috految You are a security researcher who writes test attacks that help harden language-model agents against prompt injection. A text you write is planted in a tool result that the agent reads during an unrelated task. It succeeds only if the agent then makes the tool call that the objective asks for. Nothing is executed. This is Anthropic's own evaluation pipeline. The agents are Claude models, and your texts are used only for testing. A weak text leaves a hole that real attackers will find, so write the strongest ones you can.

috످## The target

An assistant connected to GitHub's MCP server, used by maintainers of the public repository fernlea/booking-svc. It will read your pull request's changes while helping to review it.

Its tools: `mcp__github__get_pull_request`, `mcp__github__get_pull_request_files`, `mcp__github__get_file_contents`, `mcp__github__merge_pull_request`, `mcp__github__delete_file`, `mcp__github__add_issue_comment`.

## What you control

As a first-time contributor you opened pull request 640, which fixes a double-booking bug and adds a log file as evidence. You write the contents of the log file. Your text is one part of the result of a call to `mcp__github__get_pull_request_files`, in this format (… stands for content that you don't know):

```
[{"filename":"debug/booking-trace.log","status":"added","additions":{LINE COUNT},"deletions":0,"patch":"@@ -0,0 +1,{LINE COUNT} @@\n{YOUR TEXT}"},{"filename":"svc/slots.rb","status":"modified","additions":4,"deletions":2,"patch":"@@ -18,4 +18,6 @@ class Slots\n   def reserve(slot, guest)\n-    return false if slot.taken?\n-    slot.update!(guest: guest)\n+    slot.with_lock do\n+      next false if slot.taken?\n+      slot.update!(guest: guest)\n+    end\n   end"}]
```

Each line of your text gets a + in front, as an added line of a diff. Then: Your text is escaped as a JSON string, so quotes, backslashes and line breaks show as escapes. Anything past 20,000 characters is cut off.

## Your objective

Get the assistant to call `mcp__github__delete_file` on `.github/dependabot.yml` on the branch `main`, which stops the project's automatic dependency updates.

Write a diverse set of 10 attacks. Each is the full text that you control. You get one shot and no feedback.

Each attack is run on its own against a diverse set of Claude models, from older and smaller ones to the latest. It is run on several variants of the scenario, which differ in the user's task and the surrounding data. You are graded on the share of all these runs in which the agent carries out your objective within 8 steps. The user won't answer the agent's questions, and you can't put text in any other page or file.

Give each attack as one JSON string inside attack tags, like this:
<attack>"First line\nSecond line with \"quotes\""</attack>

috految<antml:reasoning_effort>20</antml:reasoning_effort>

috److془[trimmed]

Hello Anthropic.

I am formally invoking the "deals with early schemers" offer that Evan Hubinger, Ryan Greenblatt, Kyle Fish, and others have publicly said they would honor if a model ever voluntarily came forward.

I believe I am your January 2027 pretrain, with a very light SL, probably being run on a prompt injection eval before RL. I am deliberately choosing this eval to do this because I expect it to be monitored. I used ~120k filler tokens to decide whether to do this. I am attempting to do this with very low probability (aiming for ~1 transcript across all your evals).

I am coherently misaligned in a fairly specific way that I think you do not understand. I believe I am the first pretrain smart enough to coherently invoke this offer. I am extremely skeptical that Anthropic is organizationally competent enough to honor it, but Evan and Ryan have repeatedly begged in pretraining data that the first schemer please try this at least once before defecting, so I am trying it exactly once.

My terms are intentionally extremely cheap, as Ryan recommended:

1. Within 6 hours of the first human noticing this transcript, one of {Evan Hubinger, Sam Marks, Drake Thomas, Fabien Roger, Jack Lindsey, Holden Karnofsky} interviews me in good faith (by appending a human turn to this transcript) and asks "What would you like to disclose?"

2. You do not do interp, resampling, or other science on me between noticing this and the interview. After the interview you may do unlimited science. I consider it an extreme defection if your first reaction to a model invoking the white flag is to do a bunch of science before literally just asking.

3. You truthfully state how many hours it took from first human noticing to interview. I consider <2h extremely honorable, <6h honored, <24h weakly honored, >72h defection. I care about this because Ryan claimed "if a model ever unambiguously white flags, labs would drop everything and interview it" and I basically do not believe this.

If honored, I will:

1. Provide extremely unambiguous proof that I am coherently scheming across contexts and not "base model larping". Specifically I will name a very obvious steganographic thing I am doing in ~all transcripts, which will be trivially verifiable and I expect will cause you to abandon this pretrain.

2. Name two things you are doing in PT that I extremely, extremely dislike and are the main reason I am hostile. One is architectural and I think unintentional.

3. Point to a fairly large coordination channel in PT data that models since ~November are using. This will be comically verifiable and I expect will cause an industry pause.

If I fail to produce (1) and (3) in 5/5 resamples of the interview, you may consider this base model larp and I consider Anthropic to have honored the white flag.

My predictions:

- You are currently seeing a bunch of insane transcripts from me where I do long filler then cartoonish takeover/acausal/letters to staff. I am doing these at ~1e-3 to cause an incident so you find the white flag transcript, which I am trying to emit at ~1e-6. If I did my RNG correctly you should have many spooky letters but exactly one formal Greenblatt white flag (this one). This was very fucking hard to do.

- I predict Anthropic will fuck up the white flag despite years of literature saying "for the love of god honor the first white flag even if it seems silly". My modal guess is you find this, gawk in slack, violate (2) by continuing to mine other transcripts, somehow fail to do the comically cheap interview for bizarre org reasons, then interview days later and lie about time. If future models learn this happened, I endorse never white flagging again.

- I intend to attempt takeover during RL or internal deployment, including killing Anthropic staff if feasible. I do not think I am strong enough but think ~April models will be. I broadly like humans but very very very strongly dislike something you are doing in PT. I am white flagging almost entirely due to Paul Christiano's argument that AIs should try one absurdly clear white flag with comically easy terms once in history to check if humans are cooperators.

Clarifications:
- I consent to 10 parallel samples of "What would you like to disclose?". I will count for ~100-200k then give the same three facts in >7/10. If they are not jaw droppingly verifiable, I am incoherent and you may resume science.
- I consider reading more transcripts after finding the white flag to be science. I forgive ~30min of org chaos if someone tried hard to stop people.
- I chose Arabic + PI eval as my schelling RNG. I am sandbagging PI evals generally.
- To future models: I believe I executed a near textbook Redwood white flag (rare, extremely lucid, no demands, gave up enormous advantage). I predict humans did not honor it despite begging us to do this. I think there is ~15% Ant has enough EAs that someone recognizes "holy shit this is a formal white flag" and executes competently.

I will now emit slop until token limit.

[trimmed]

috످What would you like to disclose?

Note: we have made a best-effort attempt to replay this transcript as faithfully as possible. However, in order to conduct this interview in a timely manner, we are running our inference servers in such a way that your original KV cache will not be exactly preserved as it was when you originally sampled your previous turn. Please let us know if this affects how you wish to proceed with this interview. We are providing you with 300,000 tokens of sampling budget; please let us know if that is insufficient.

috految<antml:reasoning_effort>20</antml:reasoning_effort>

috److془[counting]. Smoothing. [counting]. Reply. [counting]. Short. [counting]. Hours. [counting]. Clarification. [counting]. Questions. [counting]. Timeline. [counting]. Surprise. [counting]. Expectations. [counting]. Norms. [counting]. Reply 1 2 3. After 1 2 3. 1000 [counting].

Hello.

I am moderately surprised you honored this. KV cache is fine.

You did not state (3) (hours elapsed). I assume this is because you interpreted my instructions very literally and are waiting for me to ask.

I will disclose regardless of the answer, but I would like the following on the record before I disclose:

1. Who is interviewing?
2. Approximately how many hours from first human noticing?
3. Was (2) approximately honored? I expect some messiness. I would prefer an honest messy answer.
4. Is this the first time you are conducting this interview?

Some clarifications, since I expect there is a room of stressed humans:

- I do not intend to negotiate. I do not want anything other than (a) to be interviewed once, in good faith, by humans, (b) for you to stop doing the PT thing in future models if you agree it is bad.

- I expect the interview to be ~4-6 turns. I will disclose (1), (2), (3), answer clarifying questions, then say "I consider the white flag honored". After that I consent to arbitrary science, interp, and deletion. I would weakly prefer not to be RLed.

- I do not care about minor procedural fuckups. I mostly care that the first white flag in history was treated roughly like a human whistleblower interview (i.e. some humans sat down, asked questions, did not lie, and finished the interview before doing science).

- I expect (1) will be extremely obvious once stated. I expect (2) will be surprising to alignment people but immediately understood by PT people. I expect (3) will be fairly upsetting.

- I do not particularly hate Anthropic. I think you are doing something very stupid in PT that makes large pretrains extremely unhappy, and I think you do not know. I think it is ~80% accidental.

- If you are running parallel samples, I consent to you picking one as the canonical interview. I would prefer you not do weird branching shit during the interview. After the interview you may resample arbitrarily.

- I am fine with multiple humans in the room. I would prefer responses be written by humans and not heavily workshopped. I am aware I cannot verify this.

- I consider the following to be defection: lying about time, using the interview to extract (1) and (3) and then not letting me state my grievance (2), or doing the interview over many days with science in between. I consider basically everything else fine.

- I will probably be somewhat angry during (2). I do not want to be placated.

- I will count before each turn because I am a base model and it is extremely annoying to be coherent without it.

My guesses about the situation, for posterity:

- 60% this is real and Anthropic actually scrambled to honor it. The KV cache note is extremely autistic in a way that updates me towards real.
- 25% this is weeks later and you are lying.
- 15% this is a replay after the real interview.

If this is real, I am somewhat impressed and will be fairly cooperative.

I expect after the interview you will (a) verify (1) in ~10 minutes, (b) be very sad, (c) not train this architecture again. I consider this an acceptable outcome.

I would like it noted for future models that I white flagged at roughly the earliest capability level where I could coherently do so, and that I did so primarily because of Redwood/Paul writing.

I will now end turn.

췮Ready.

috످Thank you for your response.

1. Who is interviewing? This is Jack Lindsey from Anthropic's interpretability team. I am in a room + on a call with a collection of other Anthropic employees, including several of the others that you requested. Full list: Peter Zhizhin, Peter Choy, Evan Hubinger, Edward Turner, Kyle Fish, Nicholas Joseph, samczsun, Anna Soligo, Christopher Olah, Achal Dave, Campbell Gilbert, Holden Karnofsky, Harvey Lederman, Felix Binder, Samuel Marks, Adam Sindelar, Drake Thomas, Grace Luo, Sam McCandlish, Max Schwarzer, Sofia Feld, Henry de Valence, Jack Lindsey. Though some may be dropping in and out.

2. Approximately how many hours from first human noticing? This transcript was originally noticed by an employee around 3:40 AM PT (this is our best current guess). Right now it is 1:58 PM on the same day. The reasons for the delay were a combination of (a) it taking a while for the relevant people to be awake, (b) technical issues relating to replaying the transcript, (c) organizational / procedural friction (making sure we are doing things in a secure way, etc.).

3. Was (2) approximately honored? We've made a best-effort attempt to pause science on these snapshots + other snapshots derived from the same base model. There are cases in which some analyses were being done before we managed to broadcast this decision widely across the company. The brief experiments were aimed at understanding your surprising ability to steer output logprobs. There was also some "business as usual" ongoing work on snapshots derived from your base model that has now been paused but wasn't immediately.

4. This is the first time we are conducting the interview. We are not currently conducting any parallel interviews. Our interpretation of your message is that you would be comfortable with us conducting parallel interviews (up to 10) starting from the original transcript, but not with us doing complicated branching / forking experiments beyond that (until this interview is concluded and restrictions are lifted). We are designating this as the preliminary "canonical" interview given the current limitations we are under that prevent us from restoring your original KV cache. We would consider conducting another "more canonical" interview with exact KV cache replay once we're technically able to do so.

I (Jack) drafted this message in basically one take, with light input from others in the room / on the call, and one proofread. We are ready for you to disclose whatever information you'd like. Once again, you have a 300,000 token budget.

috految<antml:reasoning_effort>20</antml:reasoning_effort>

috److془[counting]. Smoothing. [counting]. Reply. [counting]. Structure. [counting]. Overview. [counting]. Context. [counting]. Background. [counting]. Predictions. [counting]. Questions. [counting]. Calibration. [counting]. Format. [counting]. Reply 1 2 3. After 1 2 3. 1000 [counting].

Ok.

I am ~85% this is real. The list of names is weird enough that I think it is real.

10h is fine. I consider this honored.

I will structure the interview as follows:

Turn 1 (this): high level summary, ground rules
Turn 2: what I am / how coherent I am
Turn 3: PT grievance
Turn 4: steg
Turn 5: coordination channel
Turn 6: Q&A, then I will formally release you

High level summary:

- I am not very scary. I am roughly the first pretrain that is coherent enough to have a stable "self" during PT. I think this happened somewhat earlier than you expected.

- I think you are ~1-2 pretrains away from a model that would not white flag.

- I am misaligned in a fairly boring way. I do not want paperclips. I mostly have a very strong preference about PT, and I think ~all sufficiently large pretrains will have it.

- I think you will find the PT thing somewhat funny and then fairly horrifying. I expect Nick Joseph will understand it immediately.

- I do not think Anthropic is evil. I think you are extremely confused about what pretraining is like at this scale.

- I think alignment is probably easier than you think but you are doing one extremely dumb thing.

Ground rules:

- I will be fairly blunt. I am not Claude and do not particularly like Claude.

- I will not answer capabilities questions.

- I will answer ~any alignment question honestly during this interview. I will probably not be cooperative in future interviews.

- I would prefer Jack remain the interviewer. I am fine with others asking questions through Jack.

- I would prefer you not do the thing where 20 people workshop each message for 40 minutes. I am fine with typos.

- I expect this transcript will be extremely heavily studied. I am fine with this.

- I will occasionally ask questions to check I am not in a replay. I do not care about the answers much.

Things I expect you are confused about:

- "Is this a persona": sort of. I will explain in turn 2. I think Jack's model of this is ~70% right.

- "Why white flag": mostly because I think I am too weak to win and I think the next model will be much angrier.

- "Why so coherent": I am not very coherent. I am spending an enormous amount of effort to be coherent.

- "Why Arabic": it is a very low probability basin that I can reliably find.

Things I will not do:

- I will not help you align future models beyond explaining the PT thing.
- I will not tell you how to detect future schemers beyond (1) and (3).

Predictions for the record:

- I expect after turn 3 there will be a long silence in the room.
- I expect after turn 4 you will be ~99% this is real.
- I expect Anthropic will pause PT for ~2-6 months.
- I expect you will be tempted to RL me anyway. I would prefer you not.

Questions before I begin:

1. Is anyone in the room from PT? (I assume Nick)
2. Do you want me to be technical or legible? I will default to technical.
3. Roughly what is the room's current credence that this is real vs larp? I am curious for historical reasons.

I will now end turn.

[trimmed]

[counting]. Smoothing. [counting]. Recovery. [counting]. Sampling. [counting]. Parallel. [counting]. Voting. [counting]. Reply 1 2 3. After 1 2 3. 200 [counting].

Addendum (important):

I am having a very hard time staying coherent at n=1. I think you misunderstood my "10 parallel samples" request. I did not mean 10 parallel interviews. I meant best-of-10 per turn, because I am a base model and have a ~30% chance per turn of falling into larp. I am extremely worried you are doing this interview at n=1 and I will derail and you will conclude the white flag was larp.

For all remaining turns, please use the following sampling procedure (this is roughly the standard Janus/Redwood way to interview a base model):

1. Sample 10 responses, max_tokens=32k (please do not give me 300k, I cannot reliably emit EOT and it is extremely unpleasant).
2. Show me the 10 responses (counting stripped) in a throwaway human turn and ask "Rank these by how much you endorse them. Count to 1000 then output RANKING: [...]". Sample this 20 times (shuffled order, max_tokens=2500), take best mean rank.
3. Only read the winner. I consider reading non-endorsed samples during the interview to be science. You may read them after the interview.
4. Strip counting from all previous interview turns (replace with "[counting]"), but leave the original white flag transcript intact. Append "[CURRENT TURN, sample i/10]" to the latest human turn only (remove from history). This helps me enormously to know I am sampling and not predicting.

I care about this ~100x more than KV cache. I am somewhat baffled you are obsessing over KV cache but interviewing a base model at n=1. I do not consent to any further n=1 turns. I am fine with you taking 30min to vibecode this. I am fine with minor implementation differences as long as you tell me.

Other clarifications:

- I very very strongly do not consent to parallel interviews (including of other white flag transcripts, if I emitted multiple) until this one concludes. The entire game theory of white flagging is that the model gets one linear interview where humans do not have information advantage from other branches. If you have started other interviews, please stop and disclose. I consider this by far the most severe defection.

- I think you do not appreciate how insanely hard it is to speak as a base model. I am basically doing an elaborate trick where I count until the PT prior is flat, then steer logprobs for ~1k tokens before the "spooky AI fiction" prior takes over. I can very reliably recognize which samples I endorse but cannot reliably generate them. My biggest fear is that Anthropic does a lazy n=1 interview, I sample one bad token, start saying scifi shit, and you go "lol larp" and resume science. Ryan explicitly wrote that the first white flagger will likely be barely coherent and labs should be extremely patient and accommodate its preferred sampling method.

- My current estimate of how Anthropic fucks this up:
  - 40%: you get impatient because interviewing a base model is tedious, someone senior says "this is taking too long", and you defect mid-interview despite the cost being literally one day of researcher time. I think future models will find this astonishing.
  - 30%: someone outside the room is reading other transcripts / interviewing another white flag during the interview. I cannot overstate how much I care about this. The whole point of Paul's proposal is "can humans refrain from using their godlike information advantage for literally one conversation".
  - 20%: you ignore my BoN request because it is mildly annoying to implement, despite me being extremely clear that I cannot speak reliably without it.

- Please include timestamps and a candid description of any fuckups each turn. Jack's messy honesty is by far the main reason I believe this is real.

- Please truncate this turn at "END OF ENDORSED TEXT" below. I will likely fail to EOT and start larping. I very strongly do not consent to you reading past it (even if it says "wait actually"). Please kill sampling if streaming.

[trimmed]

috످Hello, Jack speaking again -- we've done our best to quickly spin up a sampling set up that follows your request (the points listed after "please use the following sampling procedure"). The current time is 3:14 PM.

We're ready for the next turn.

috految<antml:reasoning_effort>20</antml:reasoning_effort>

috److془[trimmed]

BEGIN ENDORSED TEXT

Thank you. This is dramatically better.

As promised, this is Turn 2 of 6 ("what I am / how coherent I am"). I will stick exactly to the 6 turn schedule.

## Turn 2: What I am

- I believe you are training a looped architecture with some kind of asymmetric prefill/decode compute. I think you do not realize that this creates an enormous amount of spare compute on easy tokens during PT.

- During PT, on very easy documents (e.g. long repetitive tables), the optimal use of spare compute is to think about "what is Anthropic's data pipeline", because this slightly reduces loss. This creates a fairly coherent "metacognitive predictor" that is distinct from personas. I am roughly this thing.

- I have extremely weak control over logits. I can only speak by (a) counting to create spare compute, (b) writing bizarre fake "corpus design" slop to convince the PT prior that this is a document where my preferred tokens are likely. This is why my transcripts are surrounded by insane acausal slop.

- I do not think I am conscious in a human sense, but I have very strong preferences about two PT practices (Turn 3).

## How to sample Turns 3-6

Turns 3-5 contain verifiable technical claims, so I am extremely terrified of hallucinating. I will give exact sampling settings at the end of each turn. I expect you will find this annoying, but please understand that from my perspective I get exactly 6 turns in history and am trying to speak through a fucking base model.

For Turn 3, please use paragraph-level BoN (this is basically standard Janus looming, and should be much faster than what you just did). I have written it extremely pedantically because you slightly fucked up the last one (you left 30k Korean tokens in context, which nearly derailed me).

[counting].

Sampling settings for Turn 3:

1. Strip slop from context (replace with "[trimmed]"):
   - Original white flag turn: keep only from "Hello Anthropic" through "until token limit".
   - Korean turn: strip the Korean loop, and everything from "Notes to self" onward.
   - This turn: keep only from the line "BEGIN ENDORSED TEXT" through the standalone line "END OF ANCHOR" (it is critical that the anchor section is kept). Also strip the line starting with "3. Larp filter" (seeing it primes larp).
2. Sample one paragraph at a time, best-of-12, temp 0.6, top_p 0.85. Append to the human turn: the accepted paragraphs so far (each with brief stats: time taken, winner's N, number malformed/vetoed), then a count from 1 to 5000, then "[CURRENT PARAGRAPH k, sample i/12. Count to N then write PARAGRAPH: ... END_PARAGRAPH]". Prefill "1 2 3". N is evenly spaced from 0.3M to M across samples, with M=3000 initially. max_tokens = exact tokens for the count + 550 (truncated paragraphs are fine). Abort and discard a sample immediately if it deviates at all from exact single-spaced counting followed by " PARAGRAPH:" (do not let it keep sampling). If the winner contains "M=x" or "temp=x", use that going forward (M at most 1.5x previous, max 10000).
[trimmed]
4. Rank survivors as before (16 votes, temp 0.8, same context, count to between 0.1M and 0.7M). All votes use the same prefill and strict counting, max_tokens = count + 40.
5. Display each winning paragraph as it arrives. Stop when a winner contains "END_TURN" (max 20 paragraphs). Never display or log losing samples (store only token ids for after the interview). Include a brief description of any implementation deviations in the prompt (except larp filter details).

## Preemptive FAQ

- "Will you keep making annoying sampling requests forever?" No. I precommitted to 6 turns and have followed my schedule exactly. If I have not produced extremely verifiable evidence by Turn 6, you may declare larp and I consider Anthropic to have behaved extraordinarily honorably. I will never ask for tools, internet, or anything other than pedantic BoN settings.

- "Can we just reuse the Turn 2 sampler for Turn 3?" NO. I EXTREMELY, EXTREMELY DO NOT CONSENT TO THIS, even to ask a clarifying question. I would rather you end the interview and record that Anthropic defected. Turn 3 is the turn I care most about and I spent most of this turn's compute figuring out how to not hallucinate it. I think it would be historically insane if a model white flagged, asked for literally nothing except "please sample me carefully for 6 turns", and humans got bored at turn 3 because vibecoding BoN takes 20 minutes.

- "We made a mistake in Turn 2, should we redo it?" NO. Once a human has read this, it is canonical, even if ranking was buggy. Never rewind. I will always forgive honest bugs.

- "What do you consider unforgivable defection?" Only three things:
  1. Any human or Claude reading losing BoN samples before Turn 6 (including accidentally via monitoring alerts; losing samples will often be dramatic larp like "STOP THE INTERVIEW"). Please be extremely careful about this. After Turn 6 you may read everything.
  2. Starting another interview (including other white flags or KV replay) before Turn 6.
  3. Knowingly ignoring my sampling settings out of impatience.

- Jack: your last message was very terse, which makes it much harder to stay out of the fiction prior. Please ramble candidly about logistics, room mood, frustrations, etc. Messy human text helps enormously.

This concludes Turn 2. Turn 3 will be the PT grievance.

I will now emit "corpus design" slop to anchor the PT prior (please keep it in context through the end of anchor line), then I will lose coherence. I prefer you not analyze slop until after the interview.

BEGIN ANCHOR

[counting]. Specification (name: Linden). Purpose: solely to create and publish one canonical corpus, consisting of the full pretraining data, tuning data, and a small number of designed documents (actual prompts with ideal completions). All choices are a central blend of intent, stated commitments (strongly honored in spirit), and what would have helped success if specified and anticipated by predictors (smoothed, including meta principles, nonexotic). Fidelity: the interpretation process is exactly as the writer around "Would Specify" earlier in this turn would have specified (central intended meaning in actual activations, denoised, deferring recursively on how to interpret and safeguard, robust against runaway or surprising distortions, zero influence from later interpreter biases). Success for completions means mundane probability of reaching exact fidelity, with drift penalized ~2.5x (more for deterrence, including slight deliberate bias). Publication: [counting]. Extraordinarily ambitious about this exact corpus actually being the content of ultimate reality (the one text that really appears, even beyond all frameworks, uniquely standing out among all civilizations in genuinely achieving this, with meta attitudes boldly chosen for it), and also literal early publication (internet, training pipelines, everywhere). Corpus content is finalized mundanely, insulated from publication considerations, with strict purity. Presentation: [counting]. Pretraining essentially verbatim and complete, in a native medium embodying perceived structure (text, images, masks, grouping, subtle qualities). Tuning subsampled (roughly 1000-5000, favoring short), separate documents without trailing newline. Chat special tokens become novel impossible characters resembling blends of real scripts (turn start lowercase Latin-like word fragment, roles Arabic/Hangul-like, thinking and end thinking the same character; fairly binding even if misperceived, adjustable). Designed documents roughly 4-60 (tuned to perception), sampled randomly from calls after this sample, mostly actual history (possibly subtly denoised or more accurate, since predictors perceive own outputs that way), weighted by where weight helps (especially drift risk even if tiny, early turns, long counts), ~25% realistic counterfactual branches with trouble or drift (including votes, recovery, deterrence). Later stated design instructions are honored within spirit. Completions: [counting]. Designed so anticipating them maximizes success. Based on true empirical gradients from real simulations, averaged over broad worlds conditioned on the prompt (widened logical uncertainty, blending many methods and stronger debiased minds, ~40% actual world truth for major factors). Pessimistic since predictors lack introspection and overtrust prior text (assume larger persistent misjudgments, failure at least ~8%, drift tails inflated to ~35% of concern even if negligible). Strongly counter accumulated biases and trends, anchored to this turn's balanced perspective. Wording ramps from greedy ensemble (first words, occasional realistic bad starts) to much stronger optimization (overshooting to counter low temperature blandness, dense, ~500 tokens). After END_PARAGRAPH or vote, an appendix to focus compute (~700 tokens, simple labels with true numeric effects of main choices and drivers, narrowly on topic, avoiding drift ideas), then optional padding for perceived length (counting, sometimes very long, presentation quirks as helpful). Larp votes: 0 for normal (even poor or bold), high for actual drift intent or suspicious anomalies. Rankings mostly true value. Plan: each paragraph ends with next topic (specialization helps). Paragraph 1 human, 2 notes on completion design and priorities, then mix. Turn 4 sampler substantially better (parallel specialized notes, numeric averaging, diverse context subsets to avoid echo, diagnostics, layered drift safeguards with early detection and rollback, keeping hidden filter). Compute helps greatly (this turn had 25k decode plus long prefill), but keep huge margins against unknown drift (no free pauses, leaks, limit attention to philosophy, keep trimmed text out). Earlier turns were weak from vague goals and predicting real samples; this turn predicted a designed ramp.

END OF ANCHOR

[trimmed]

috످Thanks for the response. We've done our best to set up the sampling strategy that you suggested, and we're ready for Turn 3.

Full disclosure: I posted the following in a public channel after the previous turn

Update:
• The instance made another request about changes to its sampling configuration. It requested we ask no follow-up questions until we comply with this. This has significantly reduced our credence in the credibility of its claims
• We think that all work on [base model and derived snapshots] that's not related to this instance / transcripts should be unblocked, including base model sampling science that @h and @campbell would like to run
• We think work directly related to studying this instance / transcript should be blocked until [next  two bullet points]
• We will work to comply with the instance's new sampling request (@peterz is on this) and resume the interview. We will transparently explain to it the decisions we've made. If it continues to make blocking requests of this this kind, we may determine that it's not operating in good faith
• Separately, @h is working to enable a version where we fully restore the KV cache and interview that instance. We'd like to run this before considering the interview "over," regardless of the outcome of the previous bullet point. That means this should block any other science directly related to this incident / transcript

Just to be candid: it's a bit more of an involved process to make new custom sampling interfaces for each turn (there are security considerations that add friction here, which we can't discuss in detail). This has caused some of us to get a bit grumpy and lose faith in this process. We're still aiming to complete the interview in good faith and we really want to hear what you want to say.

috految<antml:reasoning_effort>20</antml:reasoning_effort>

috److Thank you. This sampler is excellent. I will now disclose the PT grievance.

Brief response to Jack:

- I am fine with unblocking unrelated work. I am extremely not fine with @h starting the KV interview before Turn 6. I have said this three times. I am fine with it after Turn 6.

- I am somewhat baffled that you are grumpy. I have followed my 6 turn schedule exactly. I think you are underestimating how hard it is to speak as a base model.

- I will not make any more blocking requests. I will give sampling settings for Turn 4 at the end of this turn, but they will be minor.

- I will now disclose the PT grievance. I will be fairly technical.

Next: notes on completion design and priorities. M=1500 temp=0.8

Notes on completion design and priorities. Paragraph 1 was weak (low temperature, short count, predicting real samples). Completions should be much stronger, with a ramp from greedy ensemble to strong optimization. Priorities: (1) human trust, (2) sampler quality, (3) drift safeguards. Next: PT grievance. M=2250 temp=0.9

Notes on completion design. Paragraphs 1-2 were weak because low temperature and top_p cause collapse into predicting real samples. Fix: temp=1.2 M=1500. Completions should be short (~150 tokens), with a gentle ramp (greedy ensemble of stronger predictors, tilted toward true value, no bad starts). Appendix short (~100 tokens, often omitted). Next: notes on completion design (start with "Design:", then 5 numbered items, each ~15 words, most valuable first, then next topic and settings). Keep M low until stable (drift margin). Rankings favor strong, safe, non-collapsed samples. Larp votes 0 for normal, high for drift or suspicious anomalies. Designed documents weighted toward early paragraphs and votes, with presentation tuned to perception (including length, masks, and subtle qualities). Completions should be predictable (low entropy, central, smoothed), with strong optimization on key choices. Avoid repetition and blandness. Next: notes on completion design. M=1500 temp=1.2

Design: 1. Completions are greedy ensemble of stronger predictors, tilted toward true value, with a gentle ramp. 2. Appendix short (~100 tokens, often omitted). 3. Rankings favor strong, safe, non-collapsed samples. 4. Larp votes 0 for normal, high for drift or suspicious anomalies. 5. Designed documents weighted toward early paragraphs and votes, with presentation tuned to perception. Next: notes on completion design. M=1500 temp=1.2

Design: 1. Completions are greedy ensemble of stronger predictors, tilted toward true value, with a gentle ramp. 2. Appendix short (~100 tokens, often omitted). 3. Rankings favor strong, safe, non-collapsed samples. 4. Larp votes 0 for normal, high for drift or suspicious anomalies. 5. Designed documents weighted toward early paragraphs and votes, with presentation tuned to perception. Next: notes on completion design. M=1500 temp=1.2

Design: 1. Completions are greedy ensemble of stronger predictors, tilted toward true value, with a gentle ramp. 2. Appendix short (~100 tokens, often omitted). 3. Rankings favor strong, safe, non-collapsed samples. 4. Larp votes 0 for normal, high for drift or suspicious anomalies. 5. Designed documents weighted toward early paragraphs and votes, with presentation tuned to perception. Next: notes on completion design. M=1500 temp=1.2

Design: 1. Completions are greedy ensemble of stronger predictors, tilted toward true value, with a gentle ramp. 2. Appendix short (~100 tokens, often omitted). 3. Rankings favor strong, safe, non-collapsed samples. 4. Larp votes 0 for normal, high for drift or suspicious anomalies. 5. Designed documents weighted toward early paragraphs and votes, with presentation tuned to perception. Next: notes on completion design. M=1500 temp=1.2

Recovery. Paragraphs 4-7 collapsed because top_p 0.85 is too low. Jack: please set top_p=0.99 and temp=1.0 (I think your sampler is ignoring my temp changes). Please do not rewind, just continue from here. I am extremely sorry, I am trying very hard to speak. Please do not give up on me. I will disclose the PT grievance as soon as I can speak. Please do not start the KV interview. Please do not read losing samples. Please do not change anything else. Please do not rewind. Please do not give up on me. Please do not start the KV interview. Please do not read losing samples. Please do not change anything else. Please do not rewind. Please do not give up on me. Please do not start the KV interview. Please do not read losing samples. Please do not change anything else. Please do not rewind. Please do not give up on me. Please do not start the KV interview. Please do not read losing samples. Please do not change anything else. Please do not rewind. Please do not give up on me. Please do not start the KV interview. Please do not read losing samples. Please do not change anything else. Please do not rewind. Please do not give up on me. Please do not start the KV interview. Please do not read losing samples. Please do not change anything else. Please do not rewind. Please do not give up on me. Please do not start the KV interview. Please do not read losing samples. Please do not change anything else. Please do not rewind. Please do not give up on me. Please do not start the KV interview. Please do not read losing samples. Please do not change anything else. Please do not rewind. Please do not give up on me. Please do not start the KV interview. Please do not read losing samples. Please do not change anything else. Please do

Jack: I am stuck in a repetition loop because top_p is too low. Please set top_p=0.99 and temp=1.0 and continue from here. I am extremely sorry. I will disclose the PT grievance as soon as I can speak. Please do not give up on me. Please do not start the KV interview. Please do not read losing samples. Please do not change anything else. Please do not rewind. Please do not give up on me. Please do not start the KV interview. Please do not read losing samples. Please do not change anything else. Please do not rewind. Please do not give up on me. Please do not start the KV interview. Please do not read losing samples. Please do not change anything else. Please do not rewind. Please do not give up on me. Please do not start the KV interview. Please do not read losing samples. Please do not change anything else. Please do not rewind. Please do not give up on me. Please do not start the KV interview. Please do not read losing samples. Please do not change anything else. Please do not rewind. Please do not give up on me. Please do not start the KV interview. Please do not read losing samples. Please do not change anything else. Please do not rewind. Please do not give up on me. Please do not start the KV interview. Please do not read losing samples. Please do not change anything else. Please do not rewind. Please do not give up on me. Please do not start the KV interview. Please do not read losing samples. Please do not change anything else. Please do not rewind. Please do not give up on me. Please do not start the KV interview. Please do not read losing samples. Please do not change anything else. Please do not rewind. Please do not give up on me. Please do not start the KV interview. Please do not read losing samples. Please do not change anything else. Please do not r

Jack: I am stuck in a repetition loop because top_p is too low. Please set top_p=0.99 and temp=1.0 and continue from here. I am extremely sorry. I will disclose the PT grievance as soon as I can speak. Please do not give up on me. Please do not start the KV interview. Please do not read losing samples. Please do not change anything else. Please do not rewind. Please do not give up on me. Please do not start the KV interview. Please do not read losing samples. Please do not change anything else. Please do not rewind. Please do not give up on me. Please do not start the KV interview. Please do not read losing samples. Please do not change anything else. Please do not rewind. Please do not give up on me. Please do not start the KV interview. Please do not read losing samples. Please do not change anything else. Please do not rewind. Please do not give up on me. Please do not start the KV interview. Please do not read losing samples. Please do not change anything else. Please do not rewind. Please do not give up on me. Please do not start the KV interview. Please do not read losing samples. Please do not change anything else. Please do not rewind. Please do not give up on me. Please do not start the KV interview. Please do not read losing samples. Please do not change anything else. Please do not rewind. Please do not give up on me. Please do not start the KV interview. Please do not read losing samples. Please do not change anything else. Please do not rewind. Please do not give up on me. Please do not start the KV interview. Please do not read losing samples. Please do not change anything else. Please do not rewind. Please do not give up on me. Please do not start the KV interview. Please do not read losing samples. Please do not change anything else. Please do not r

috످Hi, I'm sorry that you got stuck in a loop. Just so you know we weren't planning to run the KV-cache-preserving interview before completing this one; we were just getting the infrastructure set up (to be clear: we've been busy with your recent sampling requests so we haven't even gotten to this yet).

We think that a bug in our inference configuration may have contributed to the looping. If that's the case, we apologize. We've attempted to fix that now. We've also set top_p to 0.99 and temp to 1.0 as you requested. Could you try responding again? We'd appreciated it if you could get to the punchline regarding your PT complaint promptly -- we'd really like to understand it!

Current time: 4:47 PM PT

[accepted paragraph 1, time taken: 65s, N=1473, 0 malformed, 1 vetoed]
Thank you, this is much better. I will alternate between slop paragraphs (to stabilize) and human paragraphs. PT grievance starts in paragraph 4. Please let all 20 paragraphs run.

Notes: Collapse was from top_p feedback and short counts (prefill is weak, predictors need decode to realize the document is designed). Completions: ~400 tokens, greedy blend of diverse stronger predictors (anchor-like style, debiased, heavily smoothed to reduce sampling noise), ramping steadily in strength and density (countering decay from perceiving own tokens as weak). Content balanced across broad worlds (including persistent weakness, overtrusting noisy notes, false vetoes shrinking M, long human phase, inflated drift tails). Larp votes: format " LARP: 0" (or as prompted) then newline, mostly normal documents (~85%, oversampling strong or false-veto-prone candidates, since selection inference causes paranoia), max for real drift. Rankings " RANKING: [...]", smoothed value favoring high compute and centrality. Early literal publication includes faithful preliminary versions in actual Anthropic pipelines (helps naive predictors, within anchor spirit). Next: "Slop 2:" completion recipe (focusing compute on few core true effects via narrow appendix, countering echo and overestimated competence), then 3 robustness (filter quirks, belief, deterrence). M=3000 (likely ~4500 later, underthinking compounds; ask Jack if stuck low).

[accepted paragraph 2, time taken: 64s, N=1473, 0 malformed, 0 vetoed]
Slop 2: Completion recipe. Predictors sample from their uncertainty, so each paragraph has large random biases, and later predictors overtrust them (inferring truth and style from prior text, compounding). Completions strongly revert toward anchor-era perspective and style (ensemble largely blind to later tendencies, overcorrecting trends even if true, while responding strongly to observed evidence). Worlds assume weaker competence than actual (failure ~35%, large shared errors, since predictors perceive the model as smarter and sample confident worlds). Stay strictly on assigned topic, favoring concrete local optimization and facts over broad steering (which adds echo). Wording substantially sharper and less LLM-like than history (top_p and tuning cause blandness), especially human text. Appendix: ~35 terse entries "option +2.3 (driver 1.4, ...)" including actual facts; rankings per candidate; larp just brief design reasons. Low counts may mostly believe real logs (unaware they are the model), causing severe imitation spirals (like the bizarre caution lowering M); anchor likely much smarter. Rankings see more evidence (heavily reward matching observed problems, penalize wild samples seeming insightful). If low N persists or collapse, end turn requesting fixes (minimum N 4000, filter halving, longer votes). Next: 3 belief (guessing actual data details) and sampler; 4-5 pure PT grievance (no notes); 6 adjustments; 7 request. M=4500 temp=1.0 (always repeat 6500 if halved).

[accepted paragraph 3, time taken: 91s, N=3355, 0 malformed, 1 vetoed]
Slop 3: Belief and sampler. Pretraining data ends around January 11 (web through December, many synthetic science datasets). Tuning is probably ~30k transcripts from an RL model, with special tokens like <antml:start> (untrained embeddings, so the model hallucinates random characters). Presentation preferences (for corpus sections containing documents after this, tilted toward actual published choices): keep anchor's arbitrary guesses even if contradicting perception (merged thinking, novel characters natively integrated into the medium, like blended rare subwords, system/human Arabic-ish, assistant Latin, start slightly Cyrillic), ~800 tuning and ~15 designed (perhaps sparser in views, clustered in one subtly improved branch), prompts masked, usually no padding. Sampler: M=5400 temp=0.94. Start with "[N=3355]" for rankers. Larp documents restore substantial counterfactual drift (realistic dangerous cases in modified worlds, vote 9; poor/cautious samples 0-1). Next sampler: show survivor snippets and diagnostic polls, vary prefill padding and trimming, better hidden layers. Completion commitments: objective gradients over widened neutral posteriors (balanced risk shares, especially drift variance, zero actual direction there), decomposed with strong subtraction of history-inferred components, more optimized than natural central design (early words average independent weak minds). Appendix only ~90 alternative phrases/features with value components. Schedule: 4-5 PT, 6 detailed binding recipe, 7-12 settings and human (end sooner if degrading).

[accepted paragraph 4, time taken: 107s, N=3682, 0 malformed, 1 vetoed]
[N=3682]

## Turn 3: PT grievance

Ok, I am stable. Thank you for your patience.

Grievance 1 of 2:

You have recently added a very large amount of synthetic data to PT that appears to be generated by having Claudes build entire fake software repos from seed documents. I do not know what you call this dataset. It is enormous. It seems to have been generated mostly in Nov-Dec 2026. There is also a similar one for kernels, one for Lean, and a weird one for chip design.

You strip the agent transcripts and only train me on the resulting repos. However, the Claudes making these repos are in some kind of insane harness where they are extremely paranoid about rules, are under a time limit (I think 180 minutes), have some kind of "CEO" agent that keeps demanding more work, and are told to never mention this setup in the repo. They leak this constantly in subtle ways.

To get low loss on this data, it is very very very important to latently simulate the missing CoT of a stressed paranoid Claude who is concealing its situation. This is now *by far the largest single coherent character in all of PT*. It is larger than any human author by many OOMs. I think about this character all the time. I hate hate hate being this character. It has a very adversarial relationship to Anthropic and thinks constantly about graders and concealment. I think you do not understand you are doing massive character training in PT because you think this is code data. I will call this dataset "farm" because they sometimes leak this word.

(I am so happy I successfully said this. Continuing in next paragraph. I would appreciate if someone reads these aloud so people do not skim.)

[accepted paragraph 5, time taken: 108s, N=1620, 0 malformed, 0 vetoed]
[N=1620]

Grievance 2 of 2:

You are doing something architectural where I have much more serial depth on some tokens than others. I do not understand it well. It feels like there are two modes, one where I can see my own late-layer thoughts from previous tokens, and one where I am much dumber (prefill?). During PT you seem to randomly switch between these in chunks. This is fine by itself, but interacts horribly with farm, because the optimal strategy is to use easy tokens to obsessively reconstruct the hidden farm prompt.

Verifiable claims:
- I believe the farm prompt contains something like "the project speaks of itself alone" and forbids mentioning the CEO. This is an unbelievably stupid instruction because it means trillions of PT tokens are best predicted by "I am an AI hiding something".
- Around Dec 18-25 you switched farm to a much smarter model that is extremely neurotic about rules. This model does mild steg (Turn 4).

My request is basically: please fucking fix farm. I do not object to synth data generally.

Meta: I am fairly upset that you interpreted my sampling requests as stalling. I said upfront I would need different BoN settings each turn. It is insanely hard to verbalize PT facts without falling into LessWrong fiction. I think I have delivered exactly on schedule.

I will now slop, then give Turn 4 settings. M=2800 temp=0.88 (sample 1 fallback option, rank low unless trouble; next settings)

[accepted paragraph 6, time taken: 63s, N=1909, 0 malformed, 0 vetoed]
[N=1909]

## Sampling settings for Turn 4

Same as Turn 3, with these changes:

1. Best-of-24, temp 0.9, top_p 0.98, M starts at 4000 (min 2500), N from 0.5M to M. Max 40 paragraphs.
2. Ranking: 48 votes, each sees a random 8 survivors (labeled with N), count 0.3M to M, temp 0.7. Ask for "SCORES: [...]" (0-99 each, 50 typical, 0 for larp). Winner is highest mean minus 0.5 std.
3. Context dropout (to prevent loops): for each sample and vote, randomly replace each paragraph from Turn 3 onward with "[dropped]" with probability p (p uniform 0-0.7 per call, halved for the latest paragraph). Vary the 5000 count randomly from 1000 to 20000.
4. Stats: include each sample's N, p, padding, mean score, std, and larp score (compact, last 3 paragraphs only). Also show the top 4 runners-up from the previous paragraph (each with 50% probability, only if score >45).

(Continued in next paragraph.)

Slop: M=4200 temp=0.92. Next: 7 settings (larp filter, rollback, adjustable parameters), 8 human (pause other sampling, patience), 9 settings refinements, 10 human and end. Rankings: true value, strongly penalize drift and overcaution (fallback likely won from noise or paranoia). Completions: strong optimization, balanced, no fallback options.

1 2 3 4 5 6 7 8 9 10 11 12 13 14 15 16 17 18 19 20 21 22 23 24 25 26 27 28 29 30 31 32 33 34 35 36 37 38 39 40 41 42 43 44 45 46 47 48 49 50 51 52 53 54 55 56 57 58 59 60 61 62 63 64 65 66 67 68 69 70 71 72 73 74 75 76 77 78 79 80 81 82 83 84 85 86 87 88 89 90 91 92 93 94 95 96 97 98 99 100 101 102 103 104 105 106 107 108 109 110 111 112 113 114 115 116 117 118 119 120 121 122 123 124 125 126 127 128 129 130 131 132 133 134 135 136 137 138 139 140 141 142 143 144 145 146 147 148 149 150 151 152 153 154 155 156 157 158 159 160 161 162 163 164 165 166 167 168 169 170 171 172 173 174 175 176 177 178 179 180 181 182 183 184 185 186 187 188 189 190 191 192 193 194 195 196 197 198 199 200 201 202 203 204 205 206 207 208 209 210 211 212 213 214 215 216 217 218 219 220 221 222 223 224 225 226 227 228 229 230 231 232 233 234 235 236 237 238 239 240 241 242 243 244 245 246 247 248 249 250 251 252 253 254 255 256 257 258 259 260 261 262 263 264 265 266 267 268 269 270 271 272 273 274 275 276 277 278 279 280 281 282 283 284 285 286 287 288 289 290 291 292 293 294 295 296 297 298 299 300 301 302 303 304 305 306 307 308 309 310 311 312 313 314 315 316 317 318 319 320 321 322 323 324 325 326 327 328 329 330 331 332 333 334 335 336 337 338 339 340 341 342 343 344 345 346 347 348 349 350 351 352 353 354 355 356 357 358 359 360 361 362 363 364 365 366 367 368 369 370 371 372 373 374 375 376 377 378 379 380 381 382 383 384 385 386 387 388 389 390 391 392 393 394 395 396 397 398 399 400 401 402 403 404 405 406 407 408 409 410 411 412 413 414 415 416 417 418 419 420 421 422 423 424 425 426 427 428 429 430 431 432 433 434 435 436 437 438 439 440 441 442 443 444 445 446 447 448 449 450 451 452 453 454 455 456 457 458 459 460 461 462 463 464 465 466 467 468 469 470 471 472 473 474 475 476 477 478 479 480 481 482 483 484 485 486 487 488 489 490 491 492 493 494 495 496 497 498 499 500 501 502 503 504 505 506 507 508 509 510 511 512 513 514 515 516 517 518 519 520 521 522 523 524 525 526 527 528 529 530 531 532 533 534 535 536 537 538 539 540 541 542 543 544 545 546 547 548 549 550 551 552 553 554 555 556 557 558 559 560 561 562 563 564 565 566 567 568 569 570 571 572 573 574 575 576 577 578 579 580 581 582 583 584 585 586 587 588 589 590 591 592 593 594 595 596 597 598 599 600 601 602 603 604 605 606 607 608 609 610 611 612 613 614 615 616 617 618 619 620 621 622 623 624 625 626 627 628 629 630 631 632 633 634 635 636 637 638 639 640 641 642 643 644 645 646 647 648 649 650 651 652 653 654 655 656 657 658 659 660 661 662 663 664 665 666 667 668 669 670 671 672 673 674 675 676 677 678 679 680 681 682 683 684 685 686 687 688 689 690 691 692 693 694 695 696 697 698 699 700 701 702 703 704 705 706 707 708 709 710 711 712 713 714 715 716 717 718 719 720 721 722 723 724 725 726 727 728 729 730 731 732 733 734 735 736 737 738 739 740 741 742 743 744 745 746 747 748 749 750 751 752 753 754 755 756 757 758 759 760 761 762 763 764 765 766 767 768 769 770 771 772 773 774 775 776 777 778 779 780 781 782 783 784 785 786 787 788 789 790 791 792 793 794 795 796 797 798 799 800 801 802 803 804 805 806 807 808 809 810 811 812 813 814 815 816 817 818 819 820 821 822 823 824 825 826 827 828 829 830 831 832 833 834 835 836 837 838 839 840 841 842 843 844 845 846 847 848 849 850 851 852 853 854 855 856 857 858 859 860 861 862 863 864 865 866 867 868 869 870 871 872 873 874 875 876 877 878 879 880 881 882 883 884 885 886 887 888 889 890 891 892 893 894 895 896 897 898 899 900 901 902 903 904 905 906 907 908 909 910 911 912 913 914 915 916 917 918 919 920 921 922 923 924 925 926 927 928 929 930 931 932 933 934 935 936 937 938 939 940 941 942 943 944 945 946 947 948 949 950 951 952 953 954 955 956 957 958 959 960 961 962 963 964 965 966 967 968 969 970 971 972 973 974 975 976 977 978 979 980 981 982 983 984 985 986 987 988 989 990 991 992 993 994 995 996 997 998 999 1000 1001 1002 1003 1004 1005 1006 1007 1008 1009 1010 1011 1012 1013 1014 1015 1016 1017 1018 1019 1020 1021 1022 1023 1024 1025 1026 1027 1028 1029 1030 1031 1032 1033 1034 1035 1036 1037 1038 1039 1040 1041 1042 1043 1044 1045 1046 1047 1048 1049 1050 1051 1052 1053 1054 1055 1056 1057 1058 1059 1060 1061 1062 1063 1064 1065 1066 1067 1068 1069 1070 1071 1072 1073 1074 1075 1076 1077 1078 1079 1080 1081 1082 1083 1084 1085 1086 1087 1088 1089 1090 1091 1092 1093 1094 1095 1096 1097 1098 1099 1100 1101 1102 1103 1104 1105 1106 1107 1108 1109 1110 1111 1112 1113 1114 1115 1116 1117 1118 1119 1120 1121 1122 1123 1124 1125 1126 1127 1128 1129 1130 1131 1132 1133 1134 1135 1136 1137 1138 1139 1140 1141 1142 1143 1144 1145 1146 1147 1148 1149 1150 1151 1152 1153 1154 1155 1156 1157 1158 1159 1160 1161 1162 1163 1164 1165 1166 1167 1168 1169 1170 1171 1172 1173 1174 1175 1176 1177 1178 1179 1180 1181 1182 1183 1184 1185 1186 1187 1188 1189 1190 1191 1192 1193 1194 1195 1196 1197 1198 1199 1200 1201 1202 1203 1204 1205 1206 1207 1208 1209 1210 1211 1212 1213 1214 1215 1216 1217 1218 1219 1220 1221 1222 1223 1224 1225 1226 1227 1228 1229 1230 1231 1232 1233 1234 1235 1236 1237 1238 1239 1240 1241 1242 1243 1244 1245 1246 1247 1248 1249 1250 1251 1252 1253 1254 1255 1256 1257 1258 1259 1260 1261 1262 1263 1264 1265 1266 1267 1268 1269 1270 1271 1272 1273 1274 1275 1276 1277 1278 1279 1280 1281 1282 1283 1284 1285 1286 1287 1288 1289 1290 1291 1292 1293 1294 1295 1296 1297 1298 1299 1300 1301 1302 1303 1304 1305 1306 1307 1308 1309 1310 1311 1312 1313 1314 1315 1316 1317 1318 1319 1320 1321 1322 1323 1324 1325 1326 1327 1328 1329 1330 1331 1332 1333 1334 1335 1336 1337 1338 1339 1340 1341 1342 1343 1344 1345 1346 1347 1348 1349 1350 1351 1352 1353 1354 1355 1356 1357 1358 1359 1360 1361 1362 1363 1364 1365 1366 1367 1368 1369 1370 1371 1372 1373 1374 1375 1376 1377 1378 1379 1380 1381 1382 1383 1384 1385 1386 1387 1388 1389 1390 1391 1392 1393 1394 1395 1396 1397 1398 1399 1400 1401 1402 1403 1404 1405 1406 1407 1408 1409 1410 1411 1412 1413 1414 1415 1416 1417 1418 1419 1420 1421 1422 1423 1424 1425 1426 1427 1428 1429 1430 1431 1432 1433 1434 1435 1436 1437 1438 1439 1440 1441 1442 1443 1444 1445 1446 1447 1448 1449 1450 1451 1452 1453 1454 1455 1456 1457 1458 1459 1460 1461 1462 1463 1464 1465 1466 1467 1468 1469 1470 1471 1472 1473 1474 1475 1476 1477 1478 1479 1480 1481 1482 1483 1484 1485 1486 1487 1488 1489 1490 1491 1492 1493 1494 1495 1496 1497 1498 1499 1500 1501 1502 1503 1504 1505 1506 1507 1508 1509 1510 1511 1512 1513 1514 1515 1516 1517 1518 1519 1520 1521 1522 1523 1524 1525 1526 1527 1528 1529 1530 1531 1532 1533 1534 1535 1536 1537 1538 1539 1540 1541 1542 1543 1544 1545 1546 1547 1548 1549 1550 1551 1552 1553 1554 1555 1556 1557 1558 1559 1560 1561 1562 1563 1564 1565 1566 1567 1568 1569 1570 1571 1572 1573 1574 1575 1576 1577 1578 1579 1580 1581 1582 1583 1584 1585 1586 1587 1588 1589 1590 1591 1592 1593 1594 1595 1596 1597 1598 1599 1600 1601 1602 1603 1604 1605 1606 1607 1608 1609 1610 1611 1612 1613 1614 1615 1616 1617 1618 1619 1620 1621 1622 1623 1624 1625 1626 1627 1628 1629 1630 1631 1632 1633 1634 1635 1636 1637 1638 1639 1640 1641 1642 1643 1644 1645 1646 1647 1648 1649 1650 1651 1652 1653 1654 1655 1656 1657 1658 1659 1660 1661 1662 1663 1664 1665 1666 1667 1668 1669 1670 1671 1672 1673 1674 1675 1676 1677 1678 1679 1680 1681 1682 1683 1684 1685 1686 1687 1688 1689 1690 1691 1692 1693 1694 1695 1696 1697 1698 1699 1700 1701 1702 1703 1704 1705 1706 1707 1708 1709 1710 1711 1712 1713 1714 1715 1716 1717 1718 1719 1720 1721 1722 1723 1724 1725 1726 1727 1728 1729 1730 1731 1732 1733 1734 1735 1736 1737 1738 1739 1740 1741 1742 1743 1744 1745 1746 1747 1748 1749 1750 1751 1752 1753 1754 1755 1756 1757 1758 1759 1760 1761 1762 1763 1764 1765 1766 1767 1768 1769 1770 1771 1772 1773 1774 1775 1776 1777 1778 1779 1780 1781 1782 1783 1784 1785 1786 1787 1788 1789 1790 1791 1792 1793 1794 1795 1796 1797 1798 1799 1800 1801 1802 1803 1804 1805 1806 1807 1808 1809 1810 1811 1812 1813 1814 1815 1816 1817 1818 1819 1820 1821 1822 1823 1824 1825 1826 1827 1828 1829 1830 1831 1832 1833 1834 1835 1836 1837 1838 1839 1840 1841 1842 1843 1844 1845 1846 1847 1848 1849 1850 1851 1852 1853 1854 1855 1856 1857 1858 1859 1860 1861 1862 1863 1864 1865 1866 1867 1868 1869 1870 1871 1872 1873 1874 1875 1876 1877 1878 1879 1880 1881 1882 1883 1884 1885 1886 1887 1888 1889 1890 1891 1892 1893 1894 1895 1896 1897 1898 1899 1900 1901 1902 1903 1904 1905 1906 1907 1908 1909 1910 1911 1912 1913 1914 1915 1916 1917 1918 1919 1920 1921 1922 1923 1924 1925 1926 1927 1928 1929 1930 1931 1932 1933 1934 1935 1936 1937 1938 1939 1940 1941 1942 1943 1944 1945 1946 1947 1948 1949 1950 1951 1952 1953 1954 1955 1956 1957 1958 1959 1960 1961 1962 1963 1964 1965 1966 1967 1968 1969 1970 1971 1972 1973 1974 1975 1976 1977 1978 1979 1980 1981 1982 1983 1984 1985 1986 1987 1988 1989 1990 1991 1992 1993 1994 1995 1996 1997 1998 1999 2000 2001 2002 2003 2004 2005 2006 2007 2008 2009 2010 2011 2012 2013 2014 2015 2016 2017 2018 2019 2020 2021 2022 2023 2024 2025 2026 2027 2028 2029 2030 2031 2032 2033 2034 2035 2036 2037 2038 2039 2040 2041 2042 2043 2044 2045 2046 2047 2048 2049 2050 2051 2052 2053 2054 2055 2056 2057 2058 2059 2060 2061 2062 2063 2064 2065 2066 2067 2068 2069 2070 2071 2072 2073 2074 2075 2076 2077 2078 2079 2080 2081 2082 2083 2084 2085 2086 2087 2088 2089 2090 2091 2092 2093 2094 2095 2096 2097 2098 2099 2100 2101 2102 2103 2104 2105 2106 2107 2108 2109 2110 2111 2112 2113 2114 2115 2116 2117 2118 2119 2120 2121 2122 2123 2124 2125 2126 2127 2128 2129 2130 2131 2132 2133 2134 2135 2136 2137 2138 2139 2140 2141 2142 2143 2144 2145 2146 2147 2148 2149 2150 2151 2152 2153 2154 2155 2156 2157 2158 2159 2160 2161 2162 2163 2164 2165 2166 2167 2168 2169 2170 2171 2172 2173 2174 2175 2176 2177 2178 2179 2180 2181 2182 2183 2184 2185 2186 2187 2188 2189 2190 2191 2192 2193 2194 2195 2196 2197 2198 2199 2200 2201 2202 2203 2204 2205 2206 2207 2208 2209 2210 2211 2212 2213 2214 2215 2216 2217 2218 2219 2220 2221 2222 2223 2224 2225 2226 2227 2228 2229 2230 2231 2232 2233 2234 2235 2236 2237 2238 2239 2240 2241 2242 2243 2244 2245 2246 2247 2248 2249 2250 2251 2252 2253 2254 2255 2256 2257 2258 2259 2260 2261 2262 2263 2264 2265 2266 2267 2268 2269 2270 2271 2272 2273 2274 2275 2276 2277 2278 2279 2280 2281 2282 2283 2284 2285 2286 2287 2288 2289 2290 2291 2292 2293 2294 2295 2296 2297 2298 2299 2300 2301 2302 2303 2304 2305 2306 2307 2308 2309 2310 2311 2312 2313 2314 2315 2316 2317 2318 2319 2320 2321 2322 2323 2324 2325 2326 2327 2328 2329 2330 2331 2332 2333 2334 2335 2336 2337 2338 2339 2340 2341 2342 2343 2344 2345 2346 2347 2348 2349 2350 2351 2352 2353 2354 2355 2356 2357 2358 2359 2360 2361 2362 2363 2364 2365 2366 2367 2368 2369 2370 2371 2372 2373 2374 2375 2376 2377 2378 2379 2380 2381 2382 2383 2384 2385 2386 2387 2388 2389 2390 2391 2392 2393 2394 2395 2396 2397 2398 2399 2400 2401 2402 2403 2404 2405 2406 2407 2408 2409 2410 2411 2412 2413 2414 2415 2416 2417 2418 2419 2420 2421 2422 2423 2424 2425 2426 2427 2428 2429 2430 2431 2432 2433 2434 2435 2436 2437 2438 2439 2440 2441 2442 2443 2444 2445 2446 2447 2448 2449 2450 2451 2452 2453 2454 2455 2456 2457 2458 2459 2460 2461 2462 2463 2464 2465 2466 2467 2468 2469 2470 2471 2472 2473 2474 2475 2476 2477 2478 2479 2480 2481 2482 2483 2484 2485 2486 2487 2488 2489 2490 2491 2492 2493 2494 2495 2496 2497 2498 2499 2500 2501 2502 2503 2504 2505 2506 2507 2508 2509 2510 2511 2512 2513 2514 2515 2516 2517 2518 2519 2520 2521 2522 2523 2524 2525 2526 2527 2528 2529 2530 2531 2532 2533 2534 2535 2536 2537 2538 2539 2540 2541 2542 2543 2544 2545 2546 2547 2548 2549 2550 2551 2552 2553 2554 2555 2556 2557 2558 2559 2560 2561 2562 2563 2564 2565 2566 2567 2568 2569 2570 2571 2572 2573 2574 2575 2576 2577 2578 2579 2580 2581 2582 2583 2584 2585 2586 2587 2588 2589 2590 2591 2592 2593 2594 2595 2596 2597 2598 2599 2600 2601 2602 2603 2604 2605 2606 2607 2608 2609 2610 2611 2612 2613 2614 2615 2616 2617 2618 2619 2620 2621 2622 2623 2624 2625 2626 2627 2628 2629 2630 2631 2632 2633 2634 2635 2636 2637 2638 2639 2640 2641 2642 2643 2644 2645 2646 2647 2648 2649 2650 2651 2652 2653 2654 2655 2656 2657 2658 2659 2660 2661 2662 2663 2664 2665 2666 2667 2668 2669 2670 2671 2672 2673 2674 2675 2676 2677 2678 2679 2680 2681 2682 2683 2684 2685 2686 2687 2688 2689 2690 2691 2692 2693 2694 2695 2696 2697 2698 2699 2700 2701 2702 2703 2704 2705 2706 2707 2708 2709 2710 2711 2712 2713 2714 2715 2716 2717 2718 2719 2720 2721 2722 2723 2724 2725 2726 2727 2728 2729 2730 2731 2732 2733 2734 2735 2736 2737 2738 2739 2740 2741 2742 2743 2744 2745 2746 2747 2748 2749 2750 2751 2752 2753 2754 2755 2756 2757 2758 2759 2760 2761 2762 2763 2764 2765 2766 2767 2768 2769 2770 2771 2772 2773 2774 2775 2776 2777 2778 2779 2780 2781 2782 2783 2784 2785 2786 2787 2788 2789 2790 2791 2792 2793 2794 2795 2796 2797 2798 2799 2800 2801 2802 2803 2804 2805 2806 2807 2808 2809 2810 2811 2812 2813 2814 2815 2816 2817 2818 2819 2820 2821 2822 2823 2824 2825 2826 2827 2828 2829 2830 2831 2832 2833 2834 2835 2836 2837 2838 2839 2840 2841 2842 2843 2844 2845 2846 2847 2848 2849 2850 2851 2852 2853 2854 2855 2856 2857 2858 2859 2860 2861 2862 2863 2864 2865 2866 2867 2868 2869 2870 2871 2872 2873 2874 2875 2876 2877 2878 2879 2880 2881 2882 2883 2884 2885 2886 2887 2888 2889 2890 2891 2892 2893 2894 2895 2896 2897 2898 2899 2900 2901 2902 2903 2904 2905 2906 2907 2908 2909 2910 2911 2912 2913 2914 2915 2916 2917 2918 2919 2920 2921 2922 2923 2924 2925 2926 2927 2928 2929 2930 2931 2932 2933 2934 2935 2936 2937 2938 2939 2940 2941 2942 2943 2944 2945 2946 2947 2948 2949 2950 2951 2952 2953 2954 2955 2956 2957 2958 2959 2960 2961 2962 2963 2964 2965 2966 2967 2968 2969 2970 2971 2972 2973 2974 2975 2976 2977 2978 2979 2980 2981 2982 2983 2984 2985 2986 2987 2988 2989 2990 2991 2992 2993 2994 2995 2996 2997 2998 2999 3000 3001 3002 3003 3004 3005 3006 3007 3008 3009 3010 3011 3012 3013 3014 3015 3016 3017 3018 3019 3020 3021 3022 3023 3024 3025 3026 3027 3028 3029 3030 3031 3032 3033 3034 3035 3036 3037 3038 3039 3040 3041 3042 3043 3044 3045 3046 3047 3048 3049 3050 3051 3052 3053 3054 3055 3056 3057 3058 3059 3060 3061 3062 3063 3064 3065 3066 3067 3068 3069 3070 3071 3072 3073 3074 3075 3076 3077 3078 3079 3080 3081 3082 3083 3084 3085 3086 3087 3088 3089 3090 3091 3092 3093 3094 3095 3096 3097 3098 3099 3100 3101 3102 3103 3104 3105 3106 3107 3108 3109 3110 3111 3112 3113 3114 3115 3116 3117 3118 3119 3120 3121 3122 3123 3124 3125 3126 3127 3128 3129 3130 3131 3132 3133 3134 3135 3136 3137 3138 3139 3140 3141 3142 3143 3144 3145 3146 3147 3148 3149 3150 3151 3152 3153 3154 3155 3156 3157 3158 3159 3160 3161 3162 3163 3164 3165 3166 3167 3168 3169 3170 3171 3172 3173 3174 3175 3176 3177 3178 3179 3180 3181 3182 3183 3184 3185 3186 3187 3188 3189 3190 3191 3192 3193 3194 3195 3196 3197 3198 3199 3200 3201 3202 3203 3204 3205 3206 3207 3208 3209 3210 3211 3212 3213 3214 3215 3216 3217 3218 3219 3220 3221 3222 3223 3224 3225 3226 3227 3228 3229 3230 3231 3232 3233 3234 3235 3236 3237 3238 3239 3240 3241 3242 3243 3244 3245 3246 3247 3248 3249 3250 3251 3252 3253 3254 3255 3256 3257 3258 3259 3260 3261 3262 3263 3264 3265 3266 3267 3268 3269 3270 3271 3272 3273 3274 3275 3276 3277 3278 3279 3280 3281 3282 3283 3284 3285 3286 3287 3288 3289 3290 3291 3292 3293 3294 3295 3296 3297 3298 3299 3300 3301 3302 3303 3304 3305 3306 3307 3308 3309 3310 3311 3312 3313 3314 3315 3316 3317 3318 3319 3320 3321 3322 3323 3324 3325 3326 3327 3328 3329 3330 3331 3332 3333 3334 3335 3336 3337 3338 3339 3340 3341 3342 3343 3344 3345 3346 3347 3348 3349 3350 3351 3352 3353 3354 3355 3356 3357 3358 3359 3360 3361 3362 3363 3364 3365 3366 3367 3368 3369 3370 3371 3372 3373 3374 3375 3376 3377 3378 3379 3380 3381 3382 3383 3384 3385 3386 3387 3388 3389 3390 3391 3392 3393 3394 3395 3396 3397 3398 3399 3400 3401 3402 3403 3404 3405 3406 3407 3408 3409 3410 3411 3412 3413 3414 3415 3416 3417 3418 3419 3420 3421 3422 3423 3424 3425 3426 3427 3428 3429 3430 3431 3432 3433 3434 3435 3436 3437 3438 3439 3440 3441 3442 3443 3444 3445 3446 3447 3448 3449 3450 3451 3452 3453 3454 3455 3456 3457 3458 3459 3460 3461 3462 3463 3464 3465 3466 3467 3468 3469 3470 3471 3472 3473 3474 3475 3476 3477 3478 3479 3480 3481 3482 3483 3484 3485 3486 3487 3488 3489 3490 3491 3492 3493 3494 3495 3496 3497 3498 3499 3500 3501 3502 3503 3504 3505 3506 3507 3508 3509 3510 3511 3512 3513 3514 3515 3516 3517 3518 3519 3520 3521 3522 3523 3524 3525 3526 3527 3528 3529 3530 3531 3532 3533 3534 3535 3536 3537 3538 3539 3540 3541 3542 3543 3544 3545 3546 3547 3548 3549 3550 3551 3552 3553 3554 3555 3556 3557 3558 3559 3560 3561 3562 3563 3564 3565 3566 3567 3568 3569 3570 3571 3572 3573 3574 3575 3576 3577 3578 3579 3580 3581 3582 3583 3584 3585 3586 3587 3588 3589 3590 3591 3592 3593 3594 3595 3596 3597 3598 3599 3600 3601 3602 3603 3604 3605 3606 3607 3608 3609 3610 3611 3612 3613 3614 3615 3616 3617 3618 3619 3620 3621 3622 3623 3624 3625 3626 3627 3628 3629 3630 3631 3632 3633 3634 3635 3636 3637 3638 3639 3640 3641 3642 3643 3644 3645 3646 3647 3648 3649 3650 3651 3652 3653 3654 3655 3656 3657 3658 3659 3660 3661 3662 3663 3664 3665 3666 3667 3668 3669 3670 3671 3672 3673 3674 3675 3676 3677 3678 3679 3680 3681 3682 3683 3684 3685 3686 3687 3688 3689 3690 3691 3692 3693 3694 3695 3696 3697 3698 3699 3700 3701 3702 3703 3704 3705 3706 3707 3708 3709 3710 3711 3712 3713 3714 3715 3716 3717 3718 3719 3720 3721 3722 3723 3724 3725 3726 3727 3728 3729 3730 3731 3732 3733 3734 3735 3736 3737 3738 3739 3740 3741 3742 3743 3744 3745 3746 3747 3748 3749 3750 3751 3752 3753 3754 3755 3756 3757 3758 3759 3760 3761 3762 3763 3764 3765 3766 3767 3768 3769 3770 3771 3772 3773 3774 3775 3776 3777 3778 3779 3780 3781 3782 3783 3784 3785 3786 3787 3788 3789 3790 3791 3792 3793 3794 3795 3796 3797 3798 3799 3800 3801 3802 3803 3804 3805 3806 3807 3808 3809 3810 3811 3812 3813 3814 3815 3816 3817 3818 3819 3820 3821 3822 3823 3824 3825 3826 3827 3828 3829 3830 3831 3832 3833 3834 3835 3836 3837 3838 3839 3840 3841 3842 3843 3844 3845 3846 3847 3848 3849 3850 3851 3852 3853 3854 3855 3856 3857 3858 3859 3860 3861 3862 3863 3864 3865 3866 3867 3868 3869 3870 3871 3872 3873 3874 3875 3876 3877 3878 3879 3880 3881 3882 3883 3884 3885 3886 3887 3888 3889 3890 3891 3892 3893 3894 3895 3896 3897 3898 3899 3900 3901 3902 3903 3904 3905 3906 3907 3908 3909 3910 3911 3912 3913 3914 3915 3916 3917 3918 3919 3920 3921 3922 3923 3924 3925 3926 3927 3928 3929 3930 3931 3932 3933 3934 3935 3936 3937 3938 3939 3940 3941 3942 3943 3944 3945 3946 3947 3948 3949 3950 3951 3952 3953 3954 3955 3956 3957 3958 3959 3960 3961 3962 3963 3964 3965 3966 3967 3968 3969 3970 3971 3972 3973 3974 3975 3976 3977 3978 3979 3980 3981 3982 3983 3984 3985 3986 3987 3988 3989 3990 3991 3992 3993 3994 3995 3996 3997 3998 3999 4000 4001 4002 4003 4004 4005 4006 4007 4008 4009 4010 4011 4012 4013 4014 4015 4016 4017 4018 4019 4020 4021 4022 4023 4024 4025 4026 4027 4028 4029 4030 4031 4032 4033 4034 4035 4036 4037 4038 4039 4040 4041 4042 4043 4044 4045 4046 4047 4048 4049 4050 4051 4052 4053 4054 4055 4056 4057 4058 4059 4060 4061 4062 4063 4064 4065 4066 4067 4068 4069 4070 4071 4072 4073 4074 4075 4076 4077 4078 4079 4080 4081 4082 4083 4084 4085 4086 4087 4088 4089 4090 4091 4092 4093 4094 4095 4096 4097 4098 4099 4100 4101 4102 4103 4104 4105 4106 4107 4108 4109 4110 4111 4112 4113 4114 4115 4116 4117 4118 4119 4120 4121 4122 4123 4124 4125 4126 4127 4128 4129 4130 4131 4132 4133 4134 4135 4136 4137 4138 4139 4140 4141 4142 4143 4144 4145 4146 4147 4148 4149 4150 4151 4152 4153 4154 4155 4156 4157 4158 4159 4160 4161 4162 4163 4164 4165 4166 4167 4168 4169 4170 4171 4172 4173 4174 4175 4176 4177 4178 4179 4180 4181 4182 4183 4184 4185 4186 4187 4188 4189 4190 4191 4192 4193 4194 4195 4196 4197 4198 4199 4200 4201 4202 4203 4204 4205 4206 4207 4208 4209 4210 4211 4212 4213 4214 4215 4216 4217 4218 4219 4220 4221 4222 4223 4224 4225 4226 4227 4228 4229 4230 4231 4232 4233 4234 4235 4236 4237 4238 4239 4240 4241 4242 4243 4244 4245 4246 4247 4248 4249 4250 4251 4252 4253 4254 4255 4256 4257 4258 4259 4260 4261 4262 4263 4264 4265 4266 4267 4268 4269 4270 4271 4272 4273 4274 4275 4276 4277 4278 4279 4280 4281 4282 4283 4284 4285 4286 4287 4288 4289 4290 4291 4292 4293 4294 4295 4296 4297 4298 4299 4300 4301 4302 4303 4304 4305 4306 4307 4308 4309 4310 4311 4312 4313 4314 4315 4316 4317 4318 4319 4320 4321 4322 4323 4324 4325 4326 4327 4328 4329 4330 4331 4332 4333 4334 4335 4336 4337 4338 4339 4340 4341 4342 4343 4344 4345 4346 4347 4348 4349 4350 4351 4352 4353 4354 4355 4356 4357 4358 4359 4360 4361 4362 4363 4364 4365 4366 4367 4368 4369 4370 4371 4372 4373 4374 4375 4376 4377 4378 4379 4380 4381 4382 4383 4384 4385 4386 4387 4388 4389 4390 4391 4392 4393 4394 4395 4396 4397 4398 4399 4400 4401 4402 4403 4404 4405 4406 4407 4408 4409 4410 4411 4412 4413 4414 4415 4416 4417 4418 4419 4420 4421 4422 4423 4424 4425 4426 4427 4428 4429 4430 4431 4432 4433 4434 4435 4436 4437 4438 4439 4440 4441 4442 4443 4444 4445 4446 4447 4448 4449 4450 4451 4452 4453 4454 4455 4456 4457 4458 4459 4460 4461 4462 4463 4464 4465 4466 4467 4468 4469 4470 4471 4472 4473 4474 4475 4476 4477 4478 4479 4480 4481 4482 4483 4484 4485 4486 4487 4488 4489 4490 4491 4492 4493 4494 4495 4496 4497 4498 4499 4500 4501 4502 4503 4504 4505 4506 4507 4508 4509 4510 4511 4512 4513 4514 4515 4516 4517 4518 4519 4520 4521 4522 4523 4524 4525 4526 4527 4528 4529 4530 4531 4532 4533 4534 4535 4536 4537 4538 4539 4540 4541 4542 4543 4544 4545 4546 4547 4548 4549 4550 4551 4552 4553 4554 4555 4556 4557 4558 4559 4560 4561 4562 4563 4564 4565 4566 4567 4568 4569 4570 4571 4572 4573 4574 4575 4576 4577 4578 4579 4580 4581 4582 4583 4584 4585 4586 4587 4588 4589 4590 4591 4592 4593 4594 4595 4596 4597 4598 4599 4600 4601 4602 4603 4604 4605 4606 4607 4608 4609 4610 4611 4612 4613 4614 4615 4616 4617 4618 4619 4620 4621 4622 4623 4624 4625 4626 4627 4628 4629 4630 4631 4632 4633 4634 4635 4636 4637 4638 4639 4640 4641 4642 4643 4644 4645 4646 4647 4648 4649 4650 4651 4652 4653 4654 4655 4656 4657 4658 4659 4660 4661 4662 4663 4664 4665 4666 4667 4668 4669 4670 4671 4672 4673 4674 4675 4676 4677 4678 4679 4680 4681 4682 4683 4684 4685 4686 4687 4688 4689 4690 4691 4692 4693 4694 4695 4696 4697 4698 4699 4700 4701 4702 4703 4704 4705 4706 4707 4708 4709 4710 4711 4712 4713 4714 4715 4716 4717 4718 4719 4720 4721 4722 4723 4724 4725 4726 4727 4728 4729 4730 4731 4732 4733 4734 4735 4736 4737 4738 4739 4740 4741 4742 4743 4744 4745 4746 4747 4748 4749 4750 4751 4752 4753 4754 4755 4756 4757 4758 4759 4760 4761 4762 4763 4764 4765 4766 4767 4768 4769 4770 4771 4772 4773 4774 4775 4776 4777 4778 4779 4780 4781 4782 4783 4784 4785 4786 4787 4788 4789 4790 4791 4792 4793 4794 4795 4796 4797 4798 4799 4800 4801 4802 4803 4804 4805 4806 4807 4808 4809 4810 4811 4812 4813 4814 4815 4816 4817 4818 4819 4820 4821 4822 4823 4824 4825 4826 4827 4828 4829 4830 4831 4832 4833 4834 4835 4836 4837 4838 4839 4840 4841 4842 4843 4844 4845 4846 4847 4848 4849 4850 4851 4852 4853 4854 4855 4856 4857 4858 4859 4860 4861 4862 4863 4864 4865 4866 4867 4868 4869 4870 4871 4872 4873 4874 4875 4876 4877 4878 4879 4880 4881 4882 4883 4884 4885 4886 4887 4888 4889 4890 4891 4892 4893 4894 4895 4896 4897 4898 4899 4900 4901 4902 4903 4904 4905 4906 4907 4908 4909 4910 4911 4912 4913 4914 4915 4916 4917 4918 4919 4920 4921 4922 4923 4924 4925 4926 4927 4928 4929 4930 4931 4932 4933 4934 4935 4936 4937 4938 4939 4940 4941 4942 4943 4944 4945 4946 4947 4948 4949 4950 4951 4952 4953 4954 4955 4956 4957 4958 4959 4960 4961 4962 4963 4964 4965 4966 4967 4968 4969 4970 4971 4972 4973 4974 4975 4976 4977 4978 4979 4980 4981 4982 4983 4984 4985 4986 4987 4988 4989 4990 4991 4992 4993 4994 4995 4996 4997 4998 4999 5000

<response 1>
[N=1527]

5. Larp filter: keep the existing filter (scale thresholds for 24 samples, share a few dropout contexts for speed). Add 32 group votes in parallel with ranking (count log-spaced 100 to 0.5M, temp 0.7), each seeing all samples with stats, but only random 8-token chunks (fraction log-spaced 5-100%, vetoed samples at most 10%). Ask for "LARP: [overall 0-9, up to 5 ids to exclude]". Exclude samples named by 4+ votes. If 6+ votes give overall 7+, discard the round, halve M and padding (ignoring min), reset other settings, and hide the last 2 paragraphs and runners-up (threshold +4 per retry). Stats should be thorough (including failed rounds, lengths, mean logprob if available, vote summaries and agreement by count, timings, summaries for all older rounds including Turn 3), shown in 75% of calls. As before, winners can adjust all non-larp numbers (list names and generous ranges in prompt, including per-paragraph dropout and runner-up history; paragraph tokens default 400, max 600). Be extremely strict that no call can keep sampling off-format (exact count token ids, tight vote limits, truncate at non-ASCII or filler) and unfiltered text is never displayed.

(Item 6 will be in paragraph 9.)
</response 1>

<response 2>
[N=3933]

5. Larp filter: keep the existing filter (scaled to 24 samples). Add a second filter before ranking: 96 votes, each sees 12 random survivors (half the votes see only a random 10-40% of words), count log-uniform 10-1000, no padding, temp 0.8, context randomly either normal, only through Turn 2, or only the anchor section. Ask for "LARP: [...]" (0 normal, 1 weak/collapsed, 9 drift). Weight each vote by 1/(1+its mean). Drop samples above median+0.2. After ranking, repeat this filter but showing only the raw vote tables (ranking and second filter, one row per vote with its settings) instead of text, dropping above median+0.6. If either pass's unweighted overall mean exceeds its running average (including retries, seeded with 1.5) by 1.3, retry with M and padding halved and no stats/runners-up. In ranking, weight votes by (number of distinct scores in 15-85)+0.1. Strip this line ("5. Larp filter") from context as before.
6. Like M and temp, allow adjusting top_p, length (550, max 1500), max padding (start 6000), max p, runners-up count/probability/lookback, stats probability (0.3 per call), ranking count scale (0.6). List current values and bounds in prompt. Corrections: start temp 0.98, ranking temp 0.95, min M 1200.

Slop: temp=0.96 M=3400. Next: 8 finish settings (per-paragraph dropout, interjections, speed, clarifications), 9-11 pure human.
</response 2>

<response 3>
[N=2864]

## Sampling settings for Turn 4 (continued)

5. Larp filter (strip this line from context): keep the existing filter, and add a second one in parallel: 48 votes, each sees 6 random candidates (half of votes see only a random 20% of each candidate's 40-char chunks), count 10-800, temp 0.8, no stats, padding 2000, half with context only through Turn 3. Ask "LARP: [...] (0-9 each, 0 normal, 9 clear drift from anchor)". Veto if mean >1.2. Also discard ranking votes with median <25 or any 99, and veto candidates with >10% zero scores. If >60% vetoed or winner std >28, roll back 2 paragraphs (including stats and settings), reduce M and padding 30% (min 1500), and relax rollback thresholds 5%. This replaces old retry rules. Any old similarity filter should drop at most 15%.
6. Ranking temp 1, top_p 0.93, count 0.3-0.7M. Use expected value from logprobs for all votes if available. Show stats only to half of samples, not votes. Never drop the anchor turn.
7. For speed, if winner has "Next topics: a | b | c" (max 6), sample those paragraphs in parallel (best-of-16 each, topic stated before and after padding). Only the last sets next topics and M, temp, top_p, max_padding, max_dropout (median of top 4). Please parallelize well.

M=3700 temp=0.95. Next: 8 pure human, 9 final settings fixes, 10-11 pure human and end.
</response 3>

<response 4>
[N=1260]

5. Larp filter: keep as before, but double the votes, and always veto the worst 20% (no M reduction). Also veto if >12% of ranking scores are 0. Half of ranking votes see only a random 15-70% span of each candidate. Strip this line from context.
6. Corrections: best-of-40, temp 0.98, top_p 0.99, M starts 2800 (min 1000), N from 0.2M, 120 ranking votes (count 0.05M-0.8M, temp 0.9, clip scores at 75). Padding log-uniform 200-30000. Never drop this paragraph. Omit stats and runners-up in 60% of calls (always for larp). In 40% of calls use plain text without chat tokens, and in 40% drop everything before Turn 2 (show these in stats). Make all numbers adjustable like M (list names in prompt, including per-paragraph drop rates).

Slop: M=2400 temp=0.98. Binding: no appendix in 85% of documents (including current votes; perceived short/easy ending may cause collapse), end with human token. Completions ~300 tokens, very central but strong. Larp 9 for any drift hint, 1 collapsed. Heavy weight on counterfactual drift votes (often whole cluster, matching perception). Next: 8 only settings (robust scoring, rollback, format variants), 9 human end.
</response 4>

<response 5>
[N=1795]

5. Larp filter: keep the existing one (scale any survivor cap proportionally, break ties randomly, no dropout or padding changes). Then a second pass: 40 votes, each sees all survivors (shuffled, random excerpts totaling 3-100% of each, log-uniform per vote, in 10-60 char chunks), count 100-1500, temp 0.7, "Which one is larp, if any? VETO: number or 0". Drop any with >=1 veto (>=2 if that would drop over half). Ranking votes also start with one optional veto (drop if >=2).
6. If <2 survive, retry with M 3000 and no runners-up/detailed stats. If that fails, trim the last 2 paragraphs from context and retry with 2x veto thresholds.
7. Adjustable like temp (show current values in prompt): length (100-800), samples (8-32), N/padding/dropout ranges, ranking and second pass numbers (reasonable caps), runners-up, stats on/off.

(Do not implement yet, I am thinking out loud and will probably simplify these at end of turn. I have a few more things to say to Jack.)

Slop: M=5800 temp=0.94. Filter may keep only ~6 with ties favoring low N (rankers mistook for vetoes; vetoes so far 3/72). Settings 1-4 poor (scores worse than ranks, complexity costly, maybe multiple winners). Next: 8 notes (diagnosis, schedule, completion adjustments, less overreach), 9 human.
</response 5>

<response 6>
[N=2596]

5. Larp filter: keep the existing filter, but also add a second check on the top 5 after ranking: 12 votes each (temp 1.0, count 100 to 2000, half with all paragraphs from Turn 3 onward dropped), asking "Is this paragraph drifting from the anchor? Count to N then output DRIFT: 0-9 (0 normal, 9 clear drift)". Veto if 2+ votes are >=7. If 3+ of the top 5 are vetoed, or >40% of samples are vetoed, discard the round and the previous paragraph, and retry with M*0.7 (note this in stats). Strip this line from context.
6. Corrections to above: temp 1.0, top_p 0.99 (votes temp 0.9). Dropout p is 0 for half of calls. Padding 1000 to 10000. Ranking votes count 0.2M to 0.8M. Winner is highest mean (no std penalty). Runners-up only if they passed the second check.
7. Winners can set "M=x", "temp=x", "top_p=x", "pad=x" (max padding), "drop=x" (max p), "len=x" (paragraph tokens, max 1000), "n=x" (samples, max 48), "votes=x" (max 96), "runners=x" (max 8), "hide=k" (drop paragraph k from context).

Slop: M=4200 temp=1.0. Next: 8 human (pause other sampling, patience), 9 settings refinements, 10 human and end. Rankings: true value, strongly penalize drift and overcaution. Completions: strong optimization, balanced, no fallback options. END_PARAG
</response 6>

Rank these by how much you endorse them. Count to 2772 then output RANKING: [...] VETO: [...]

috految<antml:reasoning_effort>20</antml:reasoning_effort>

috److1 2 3 4 5 6 7 8 9 10 11 12 13 14 15 16 17 18 19 20 21 22 23 24 25 26 27 28 29 30 31 32 33 34 35 36 37 38 39 40 41 42 43 44 45 46 47 48 49 50 51 52 53 54 55 56 57 58 59 60 61 62 63 64 65 66 67 68 69 70 71 72 73 74 75 76 77 78 79 80 81 82 83 84 85 86 87 88 89 90 91 92 93 94 95 96 97 98 99 100 101 102 103 104 105 106 107 108 109 110 111 112 113 114 115 116 117 118 119 120 121 122 123 124 125 126 127 128 129 130 131 132 133 134 135 136 137 138 139 140 141 142 143 144 145 146 147 148 149 150 151 152 153 154 155 156 157 158 159 160 161 162 163 164 165 166 167 168 169 170 171 172 173 174 175 176 177 178 179 180 181 182 183 184 185 186 187 188 189 190 191 192 193 194 195 196 197 198 199 200 201 202 203 204 205 206 207 208 209 210 211 212 213 214 215 216 217 218 219 220 221 222 223 224 225 226 227 228 229 230 231 232 233 234 235 236 237 238 239 240 241 242 243 244 245 246 247 248 249 250 251 252 253 254 255 256 257 258 259 260 261 262 263 264 265 266 267 268 269 270 271 272 273 274 275 276 277 278 279 280 281 282 283 284 285 286 287 288 289 290 291 292 293 294 295 296 297 298 299 300 301 302 303 304 305 306 307 308 309 310 311 312 313 314 315 316 317 318 319 320 321 322 323 324 325 326 327 328 329 330 331 332 333 334 335 336 337 338 339 340 341 342 343 344 345 346 347 348 349 350 351 352 353 354 355 356 357 358 359 360 361 362 363 364 365 366 367 368 369 370 371 372 373 374 375 376 377 378 379 380 381 382 383 384 385 386 387 388 389 390 391 392 393 394 395 396 397 398 399 400 401 402 403 404 405 406 407 408 409 410 411 412 413 414 415 416 417 418 419 420 421 422 423 424 425 426 427 428 429 430 431 432 433 434 435 436 437 438 439 440 441 442 443 444 445 446 447 448 449 450 451 452 453 454 455 456 457 458 459 460 461 462 463 464 465 466 467 468 469 470 471 472 473 474 475 476 477 478 479 480 481 482 483 484 485 486 487 488 489 490 491 492 493 494 495 496 497 498 499 500 501 502 503 504 505 506 507 508 509 510 511 512 513 514 515 516 517 518 519 520 521 522 523 524 525 526 527 528 529 530 531 532 533 534 535 536 537 538 539 540 541 542 543 544 545 546 547 548 549 550 551 552 553 554 555 556 557 558 559 560 561 562 563 564 565 566 567 568 569 570 571 572 573 574 575 576 577 578 579 580 581 582 583 584 585 586 587 588 589 590 591 592 593 594 595 596 597 598 599 600 601 602 603 604 605 606 607 608 609 610 611 612 613 614 615 616 617 618 619 620 621 622 623 624 625 626 627 628 629 630 631 632 633 634 635 636 637 638 639 640 641 642 643 644 645 646 647 648 649 650 651 652 653 654 655 656 657 658 659 660 661 662 663 664 665 666 667 668 669 670 671 672 673 674 675 676 677 678 679 680 681 682 683 684 685 686 687 688 689 690 691 692 693 694 695 696 697 698 699 700 701 702 703 704 705 706 707 708 709 710 711 712 713 714 715 716 717 718 719 720 721 722 723 724 725 726 727 728 729 730 731 732 733 734 735 736 737 738 739 740 741 742 743 744 745 746 747 748 749 750 751 752 753 754 755 756 757 758 759 760 761 762 763 764 765 766 767 768 769 770 771 772 773 774 775 776 777 778 779 780 781 782 783 784 785 786 787 788 789 790 791 792 793 794 795 796 797 798 799 800 801 802 803 804 805 806 807 808 809 810 811 812 813 814 815 816 817 818 819 820 821 822 823 824 825 826 827 828 829 830 831 832 833 834 835 836 837 838 839 840 841 842 843 844 845 846 847 848 849 850 851 852 853 854 855 856 857 858 859 860 861 862 863 864 865 866 867 868 869 870 871 872 873 874 875 876 877 878 879 880 881 882 883 884 885 886 887 888 889 890 891 892 893 894 895 896 897 898 899 900 901 902 903 904 905 906 907 908 909 910 911 912 913 914 915 916 917 918 919 920 921 922 923 924 925 926 927 928 929 930 931 932 933 934 935 936 937 938 939 940 941 942 943 944 945 946 947 948 949 950 951 952 953 954 955 956 957 958 959 960 961 962 963 964 965 966 967 968 969 970 971 972 973 974 975 976 977 978 979 980 981 982 983 984 985 986 987 988 989 990 991 992 993 994 995 996 997 998 999 1000 1001 1002 1003 1004 1005 1006 1007 1008 1009 1010 1011 1012 1013 1014 1015 1016 1017 1018 1019 1020 1021 1022 1023 1024 1025 1026 1027 1028 1029 1030 1031 1032 1033 1034 1035 1036 1037 1038 1039 1040 1041 1042 1043 1044 1045 1046 1047 1048 1049 1050 1051 1052 1053 1054 1055 1056 1057 1058 1059 1060 1061 1062 1063 1064 1065 1066 1067 1068 1069 1070 1071 1072 1073 1074 1075 1076 1077 1078 1079 1080 1081 1082 1083 1084 1085 1086 1087 1088 1089 1090 1091 1092 1093 1094 1095 1096 1097 1098 1099 1100 1101 1102 1103 1104 1105 1106 1107 1108 1109 1110 1111 1112 1113 1114 1115 1116 1117 1118 1119 1120 1121 1122 1123 1124 1125 1126 1127 1128 1129 1130 1131 1132 1133 1134 1135 1136 1137 1138 1139 1140 1141 1142 1143 1144 1145 1146 1147 1148 1149 1150 1151 1152 1153 1154 1155 1156 1157 1158 1159 1160 1161 1162 1163 1164 1165 1166 1167 1168 1169 1170 1171 1172 1173 1174 1175 1176 1177 1178 1179 1180 1181 1182 1183 1184 1185 1186 1187 1188 1189 1190 1191 1192 1193 1194 1195 1196 1197 1198 1199 1200 1201 1202 1203 1204 1205 1206 1207 1208 1209 1210 1211 1212 1213 1214 1215 1216 1217 1218 1219 1220 1221 1222 1223 1224 1225 1226 1227 1228 1229 1230 1231 1232 1233 1234 1235 1236 1237 1238 1239 1240 1241 1242 1243 1244 1245 1246 1247 1248 1249 1250 1251 1252 1253 1254 1255 1256 1257 1258 1259 1260 1261 1262 1263 1264 1265 1266 1267 1268 1269 1270 1271 1272 1273 1274 1275 1276 1277 1278 1279 1280 1281 1282 1283 1284 1285 1286 1287 1288 1289 1290 1291 1292 1293 1294 1295 1296 1297 1298 1299 1300 1301 1302 1303 1304 1305 1306 1307 1308 1309 1310 1311 1312 1313 1314 1315 1316 1317 1318 1319 1320 1321 1322 1323 1324 1325 1326 1327 1328 1329 1330 1331 1332 1333 1334 1335 1336 1337 1338 1339 1340 1341 1342 1343 1344 1345 1346 1347 1348 1349 1350 1351 1352 1353 1354 1355 1356 1357 1358 1359 1360 1361 1362 1363 1364 1365 1366 1367 1368 1369 1370 1371 1372 1373 1374 1375 1376 1377 1378 1379 1380 1381 1382 1383 1384 1385 1386 1387 1388 1389 1390 1391 1392 1393 1394 1395 1396 1397 1398 1399 1400 1401 1402 1403 1404 1405 1406 1407 1408 1409 1410 1411 1412 1413 1414 1415 1416 1417 1418 1419 1420 1421 1422 1423 1424 1425 1426 1427 1428 1429 1430 1431 1432 1433 1434 1435 1436 1437 1438 1439 1440 1441 1442 1443 1444 1445 1446 1447 1448 1449 1450 1451 1452 1453 1454 1455 1456 1457 1458 1459 1460 1461 1462 1463 1464 1465 1466 1467 1468 1469 1470 1471 1472 1473 1474 1475 1476 1477 1478 1479 1480 1481 1482 1483 1484 1485 1486 1487 1488 1489 1490 1491 1492 1493 1494 1495 1496 1497 1498 1499 1500 1501 1502 1503 1504 1505 1506 1507 1508 1509 1510 1511 1512 1513 1514 1515 1516 1517 1518 1519 1520 1521 1522 1523 1524 1525 1526 1527 1528 1529 1530 1531 1532 1533 1534 1535 1536 1537 1538 1539 1540 1541 1542 1543 1544 1545 1546 1547 1548 1549 1550 1551 1552 1553 1554 1555 1556 1557 1558 1559 1560 1561 1562 1563 1564 1565 1566 1567 1568 1569 1570 1571 1572 1573 1574 1575 1576 1577 1578 1579 1580 1581 1582 1583 1584 1585 1586 1587 1588 1589 1590 1591 1592 1593 1594 1595 1596 1597 1598 1599 1600 1601 1602 1603 1604 1605 1606 1607 1608 1609 1610 1611 1612 1613 1614 1615 1616 1617 1618 1619 1620 1621 1622 1623 1624 1625 1626 1627 1628 1629 1630 1631 1632 1633 1634 1635 1636 1637 1638 1639 1640 1641 1642 1643 1644 1645 1646 1647 1648 1649 1650 1651 1652 1653 1654 1655 1656 1657 1658 1659 1660 1661 1662 1663 1664 1665 1666 1667 1668 1669 1670 1671 1672 1673 1674 1675 1676 1677 1678 1679 1680 1681 1682 1683 1684 1685 1686 1687 1688 1689 1690 1691 1692 1693 1694 1695 1696 1697 1698 1699 1700 1701 1702 1703 1704 1705 1706 1707 1708 1709 1710 1711 1712 1713 1714 1715 1716 1717 1718 1719 1720 1721 1722 1723 1724 1725 1726 1727 1728 1729 1730 1731 1732 1733 1734 1735 1736 1737 1738 1739 1740 1741 1742 1743 1744 1745 1746 1747 1748 1749 1750 1751 1752 1753 1754 1755 1756 1757 1758 1759 1760 1761 1762 1763 1764 1765 1766 1767 1768 1769 1770 1771 1772 1773 1774 1775 1776 1777 1778 1779 1780 1781 1782 1783 1784 1785 1786 1787 1788 1789 1790 1791 1792 1793 1794 1795 1796 1797 1798 1799 1800 1801 1802 1803 1804 1805 1806 1807 1808 1809 1810 1811 1812 1813 1814 1815 1816 1817 1818 1819 1820 1821 1822 1823 1824 1825 1826 1827 1828 1829 1830 1831 1832 1833 1834 1835 1836 1837 1838 1839 1840 1841 1842 1843 1844 1845 1846 1847 1848 1849 1850 1851 1852 1853 1854 1855 1856 1857 1858 1859 1860 1861 1862 1863 1864 1865 1866 1867 1868 1869 1870 1871 1872 1873 1874 1875 1876 1877 1878 1879 1880 1881 1882 1883 1884 1885 1886 1887 1888 1889 1890 1891 1892 1893 1894 1895 1896 1897 1898 1899 1900 1901 1902 1903 1904 1905 1906 1907 1908 1909 1910 1911 1912 1913 1914 1915 1916 1917 1918 1919 1920 1921 1922 1923 1924 1925 1926 1927 1928 1929 1930 1931 1932 1933 1934 1935 1936 1937 1938 1939 1940 1941 1942 1943 1944 1945 1946 1947 1948 1949 1950 1951 1952 1953 1954 1955 1956 1957 1958 1959 1960 1961 1962 1963 1964 1965 1966 1967 1968 1969 1970 1971 1972 1973 1974 1975 1976 1977 1978 1979 1980 1981 1982 1983 1984 1985 1986 1987 1988 1989 1990 1991 1992 1993 1994 1995 1996 1997 1998 1999 2000 2001 2002 2003 2004 2005 2006 2007 2008 2009 2010 2011 2012 2013 2014 2015 2016 2017 2018 2019 2020 2021 2022 2023 2024 2025 2026 2027 2028 2029 2030 2031 2032 2033 2034 2035 2036 2037 2038 2039 2040 2041 2042 2043 2044 2045 2046 2047 2048 2049 2050 2051 2052 2053 2054 2055 2056 2057 2058 2059 2060 2061 2062 2063 2064 2065 2066 2067 2068 2069 2070 2071 2072 2073 2074 2075 2076 2077 2078 2079 2080 2081 2082 2083 2084 2085 2086 2087 2088 2089 2090 2091 2092 2093 2094 2095 2096 2097 2098 2099 2100 2101 2102 2103 2104 2105 2106 2107 2108 2109 2110 2111 2112 2113 2114 2115 2116 2117 2118 2119 2120 2121 2122 2123 2124 2125 2126 2127 2128 2129 2130 2131 2132 2133 2134 2135 2136 2137 2138 2139 2140 2141 2142 2143 2144 2145 2146 2147 2148 2149 2150 2151 2152 2153 2154 2155 2156 2157 2158 2159 2160 2161 2162 2163 2164 2165 2166 2167 2168 2169 2170 2171 2172 2173 2174 2175 2176 2177 2178 2179 2180 2181 2182 2183 2184 2185 2186 2187 2188 2189 2190 2191 2192 2193 2194 2195 2196 2197 2198 2199 2200 2201 2202 2203 2204 2205 2206 2207 2208 2209 2210 2211 2212 2213 2214 2215 2216 2217 2218 2219 2220 2221 2222 2223 2224 2225 2226 2227 2228 2229 2230 2231 2232 2233 2234 2235 2236 2237 2238 2239 2240 2241 2242 2243 2244 2245 2246 2247 2248 2249 2250 2251 2252 2253 2254 2255 2256 2257 2258 2259 2260 2261 2262 2263 2264 2265 2266 2267 2268 2269 2270 2271 2272 2273 2274 2275 2276 2277 2278 2279 2280 2281 2282 2283 2284 2285 2286 2287 2288 2289 2290 2291 2292 2293 2294 2295 2296 2297 2298 2299 2300 2301 2302 2303 2304 2305 2306 2307 2308 2309 2310 2311 2312 2313 2314 2315 2316 2317 2318 2319 2320 2321 2322 2323 2324 2325 2326 2327 2328 2329 2330 2331 2332 2333 2334 2335 2336 2337 2338 2339 2340 2341 2342 2343 2344 2345 2346 2347 2348 2349 2350 2351 2352 2353 2354 2355 2356 2357 2358 2359 2360 2361 2362 2363 2364 2365 2366 2367 2368 2369 2370 2371 2372 2373 2374 2375 2376 2377 2378 2379 2380 2381 2382 2383 2384 2385 2386 2387 2388 2389 2390 2391 2392 2393 2394 2395 2396 2397 2398 2399 2400 2401 2402 2403 2404 2405 2406 2407 2408 2409 2410 2411 2412 2413 2414 2415 2416 2417 2418 2419 2420 2421 2422 2423 2424 2425 2426 2427 2428 2429 2430 2431 2432 2433 2434 2435 2436 2437 2438 2439 2440 2441 2442 2443 2444 2445 2446 2447 2448 2449 2450 2451 2452 2453 2454 2455 2456 2457 2458 2459 2460 2461 2462 2463 2464 2465 2466 2467 2468 2469 2470 2471 2472 2473 2474 2475 2476 2477 2478 2479 2480 2481 2482 2483 2484 2485 2486 2487 2488 2489 2490 2491 2492 2493 2494 2495 2496 2497 2498 2499 2500 2501 2502 2503 2504 2505 2506 2507 2508 2509 2510 2511 2512 2513 2514 2515 2516 2517 2518 2519 2520 2521 2522 2523 2524 2525 2526 2527 2528 2529 2530 2531 2532 2533 2534 2535 2536 2537 2538 2539 2540 2541 2542 2543 2544 2545 2546 2547 2548 2549 2550 2551 2552 2553 2554 2555 2556 2557 2558 2559 2560 2561 2562 2563 2564 2565 2566 2567 2568 2569 2570 2571 2572 2573 2574 2575 2576 2577 2578 2579 2580 2581 2582 2583 2584 2585 2586 2587 2588 2589 2590 2591 2592 2593 2594 2595 2596 2597 2598 2599 2600 2601 2602 2603 2604 2605 2606 2607 2608 2609 2610 2611 2612 2613 2614 2615 2616 2617 2618 2619 2620 2621 2622 2623 2624 2625 2626 2627 2628 2629 2630 2631 2632 2633 2634 2635 2636 2637 2638 2639 2640 2641 2642 2643 2644 2645 2646 2647 2648 2649 2650 2651 2652 2653 2654 2655 2656 2657 2658 2659 2660 2661 2662 2663 2664 2665 2666 2667 2668 2669 2670 2671 2672 2673 2674 2675 2676 2677 2678 2679 2680 2681 2682 2683 2684 2685 2686 2687 2688 2689 2690 2691 2692 2693 2694 2695 2696 2697 2698 2699 2700 2701 2702 2703 2704 2705 2706 2707 2708 2709 2710 2711 2712 2713 2714 2715 2716 2717 2718 2719 2720 2721 2722 2723 2724 2725 2726 2727 2728 2729 2730 2731 2732 2733 2734 2735 2736 2737 2738 2739 2740 2741 2742 2743 2744 2745 2746 2747 2748 2749 2750 2751 2752 2753 2754 2755 2756 2757 2758 2759 2760 2761 2762 2763 2764 2765 2766 2767 2768 2769 2770 2771 2772 RANKING: [5, 6, 1, 4, 3, 2] VETO: [2, 3]

috످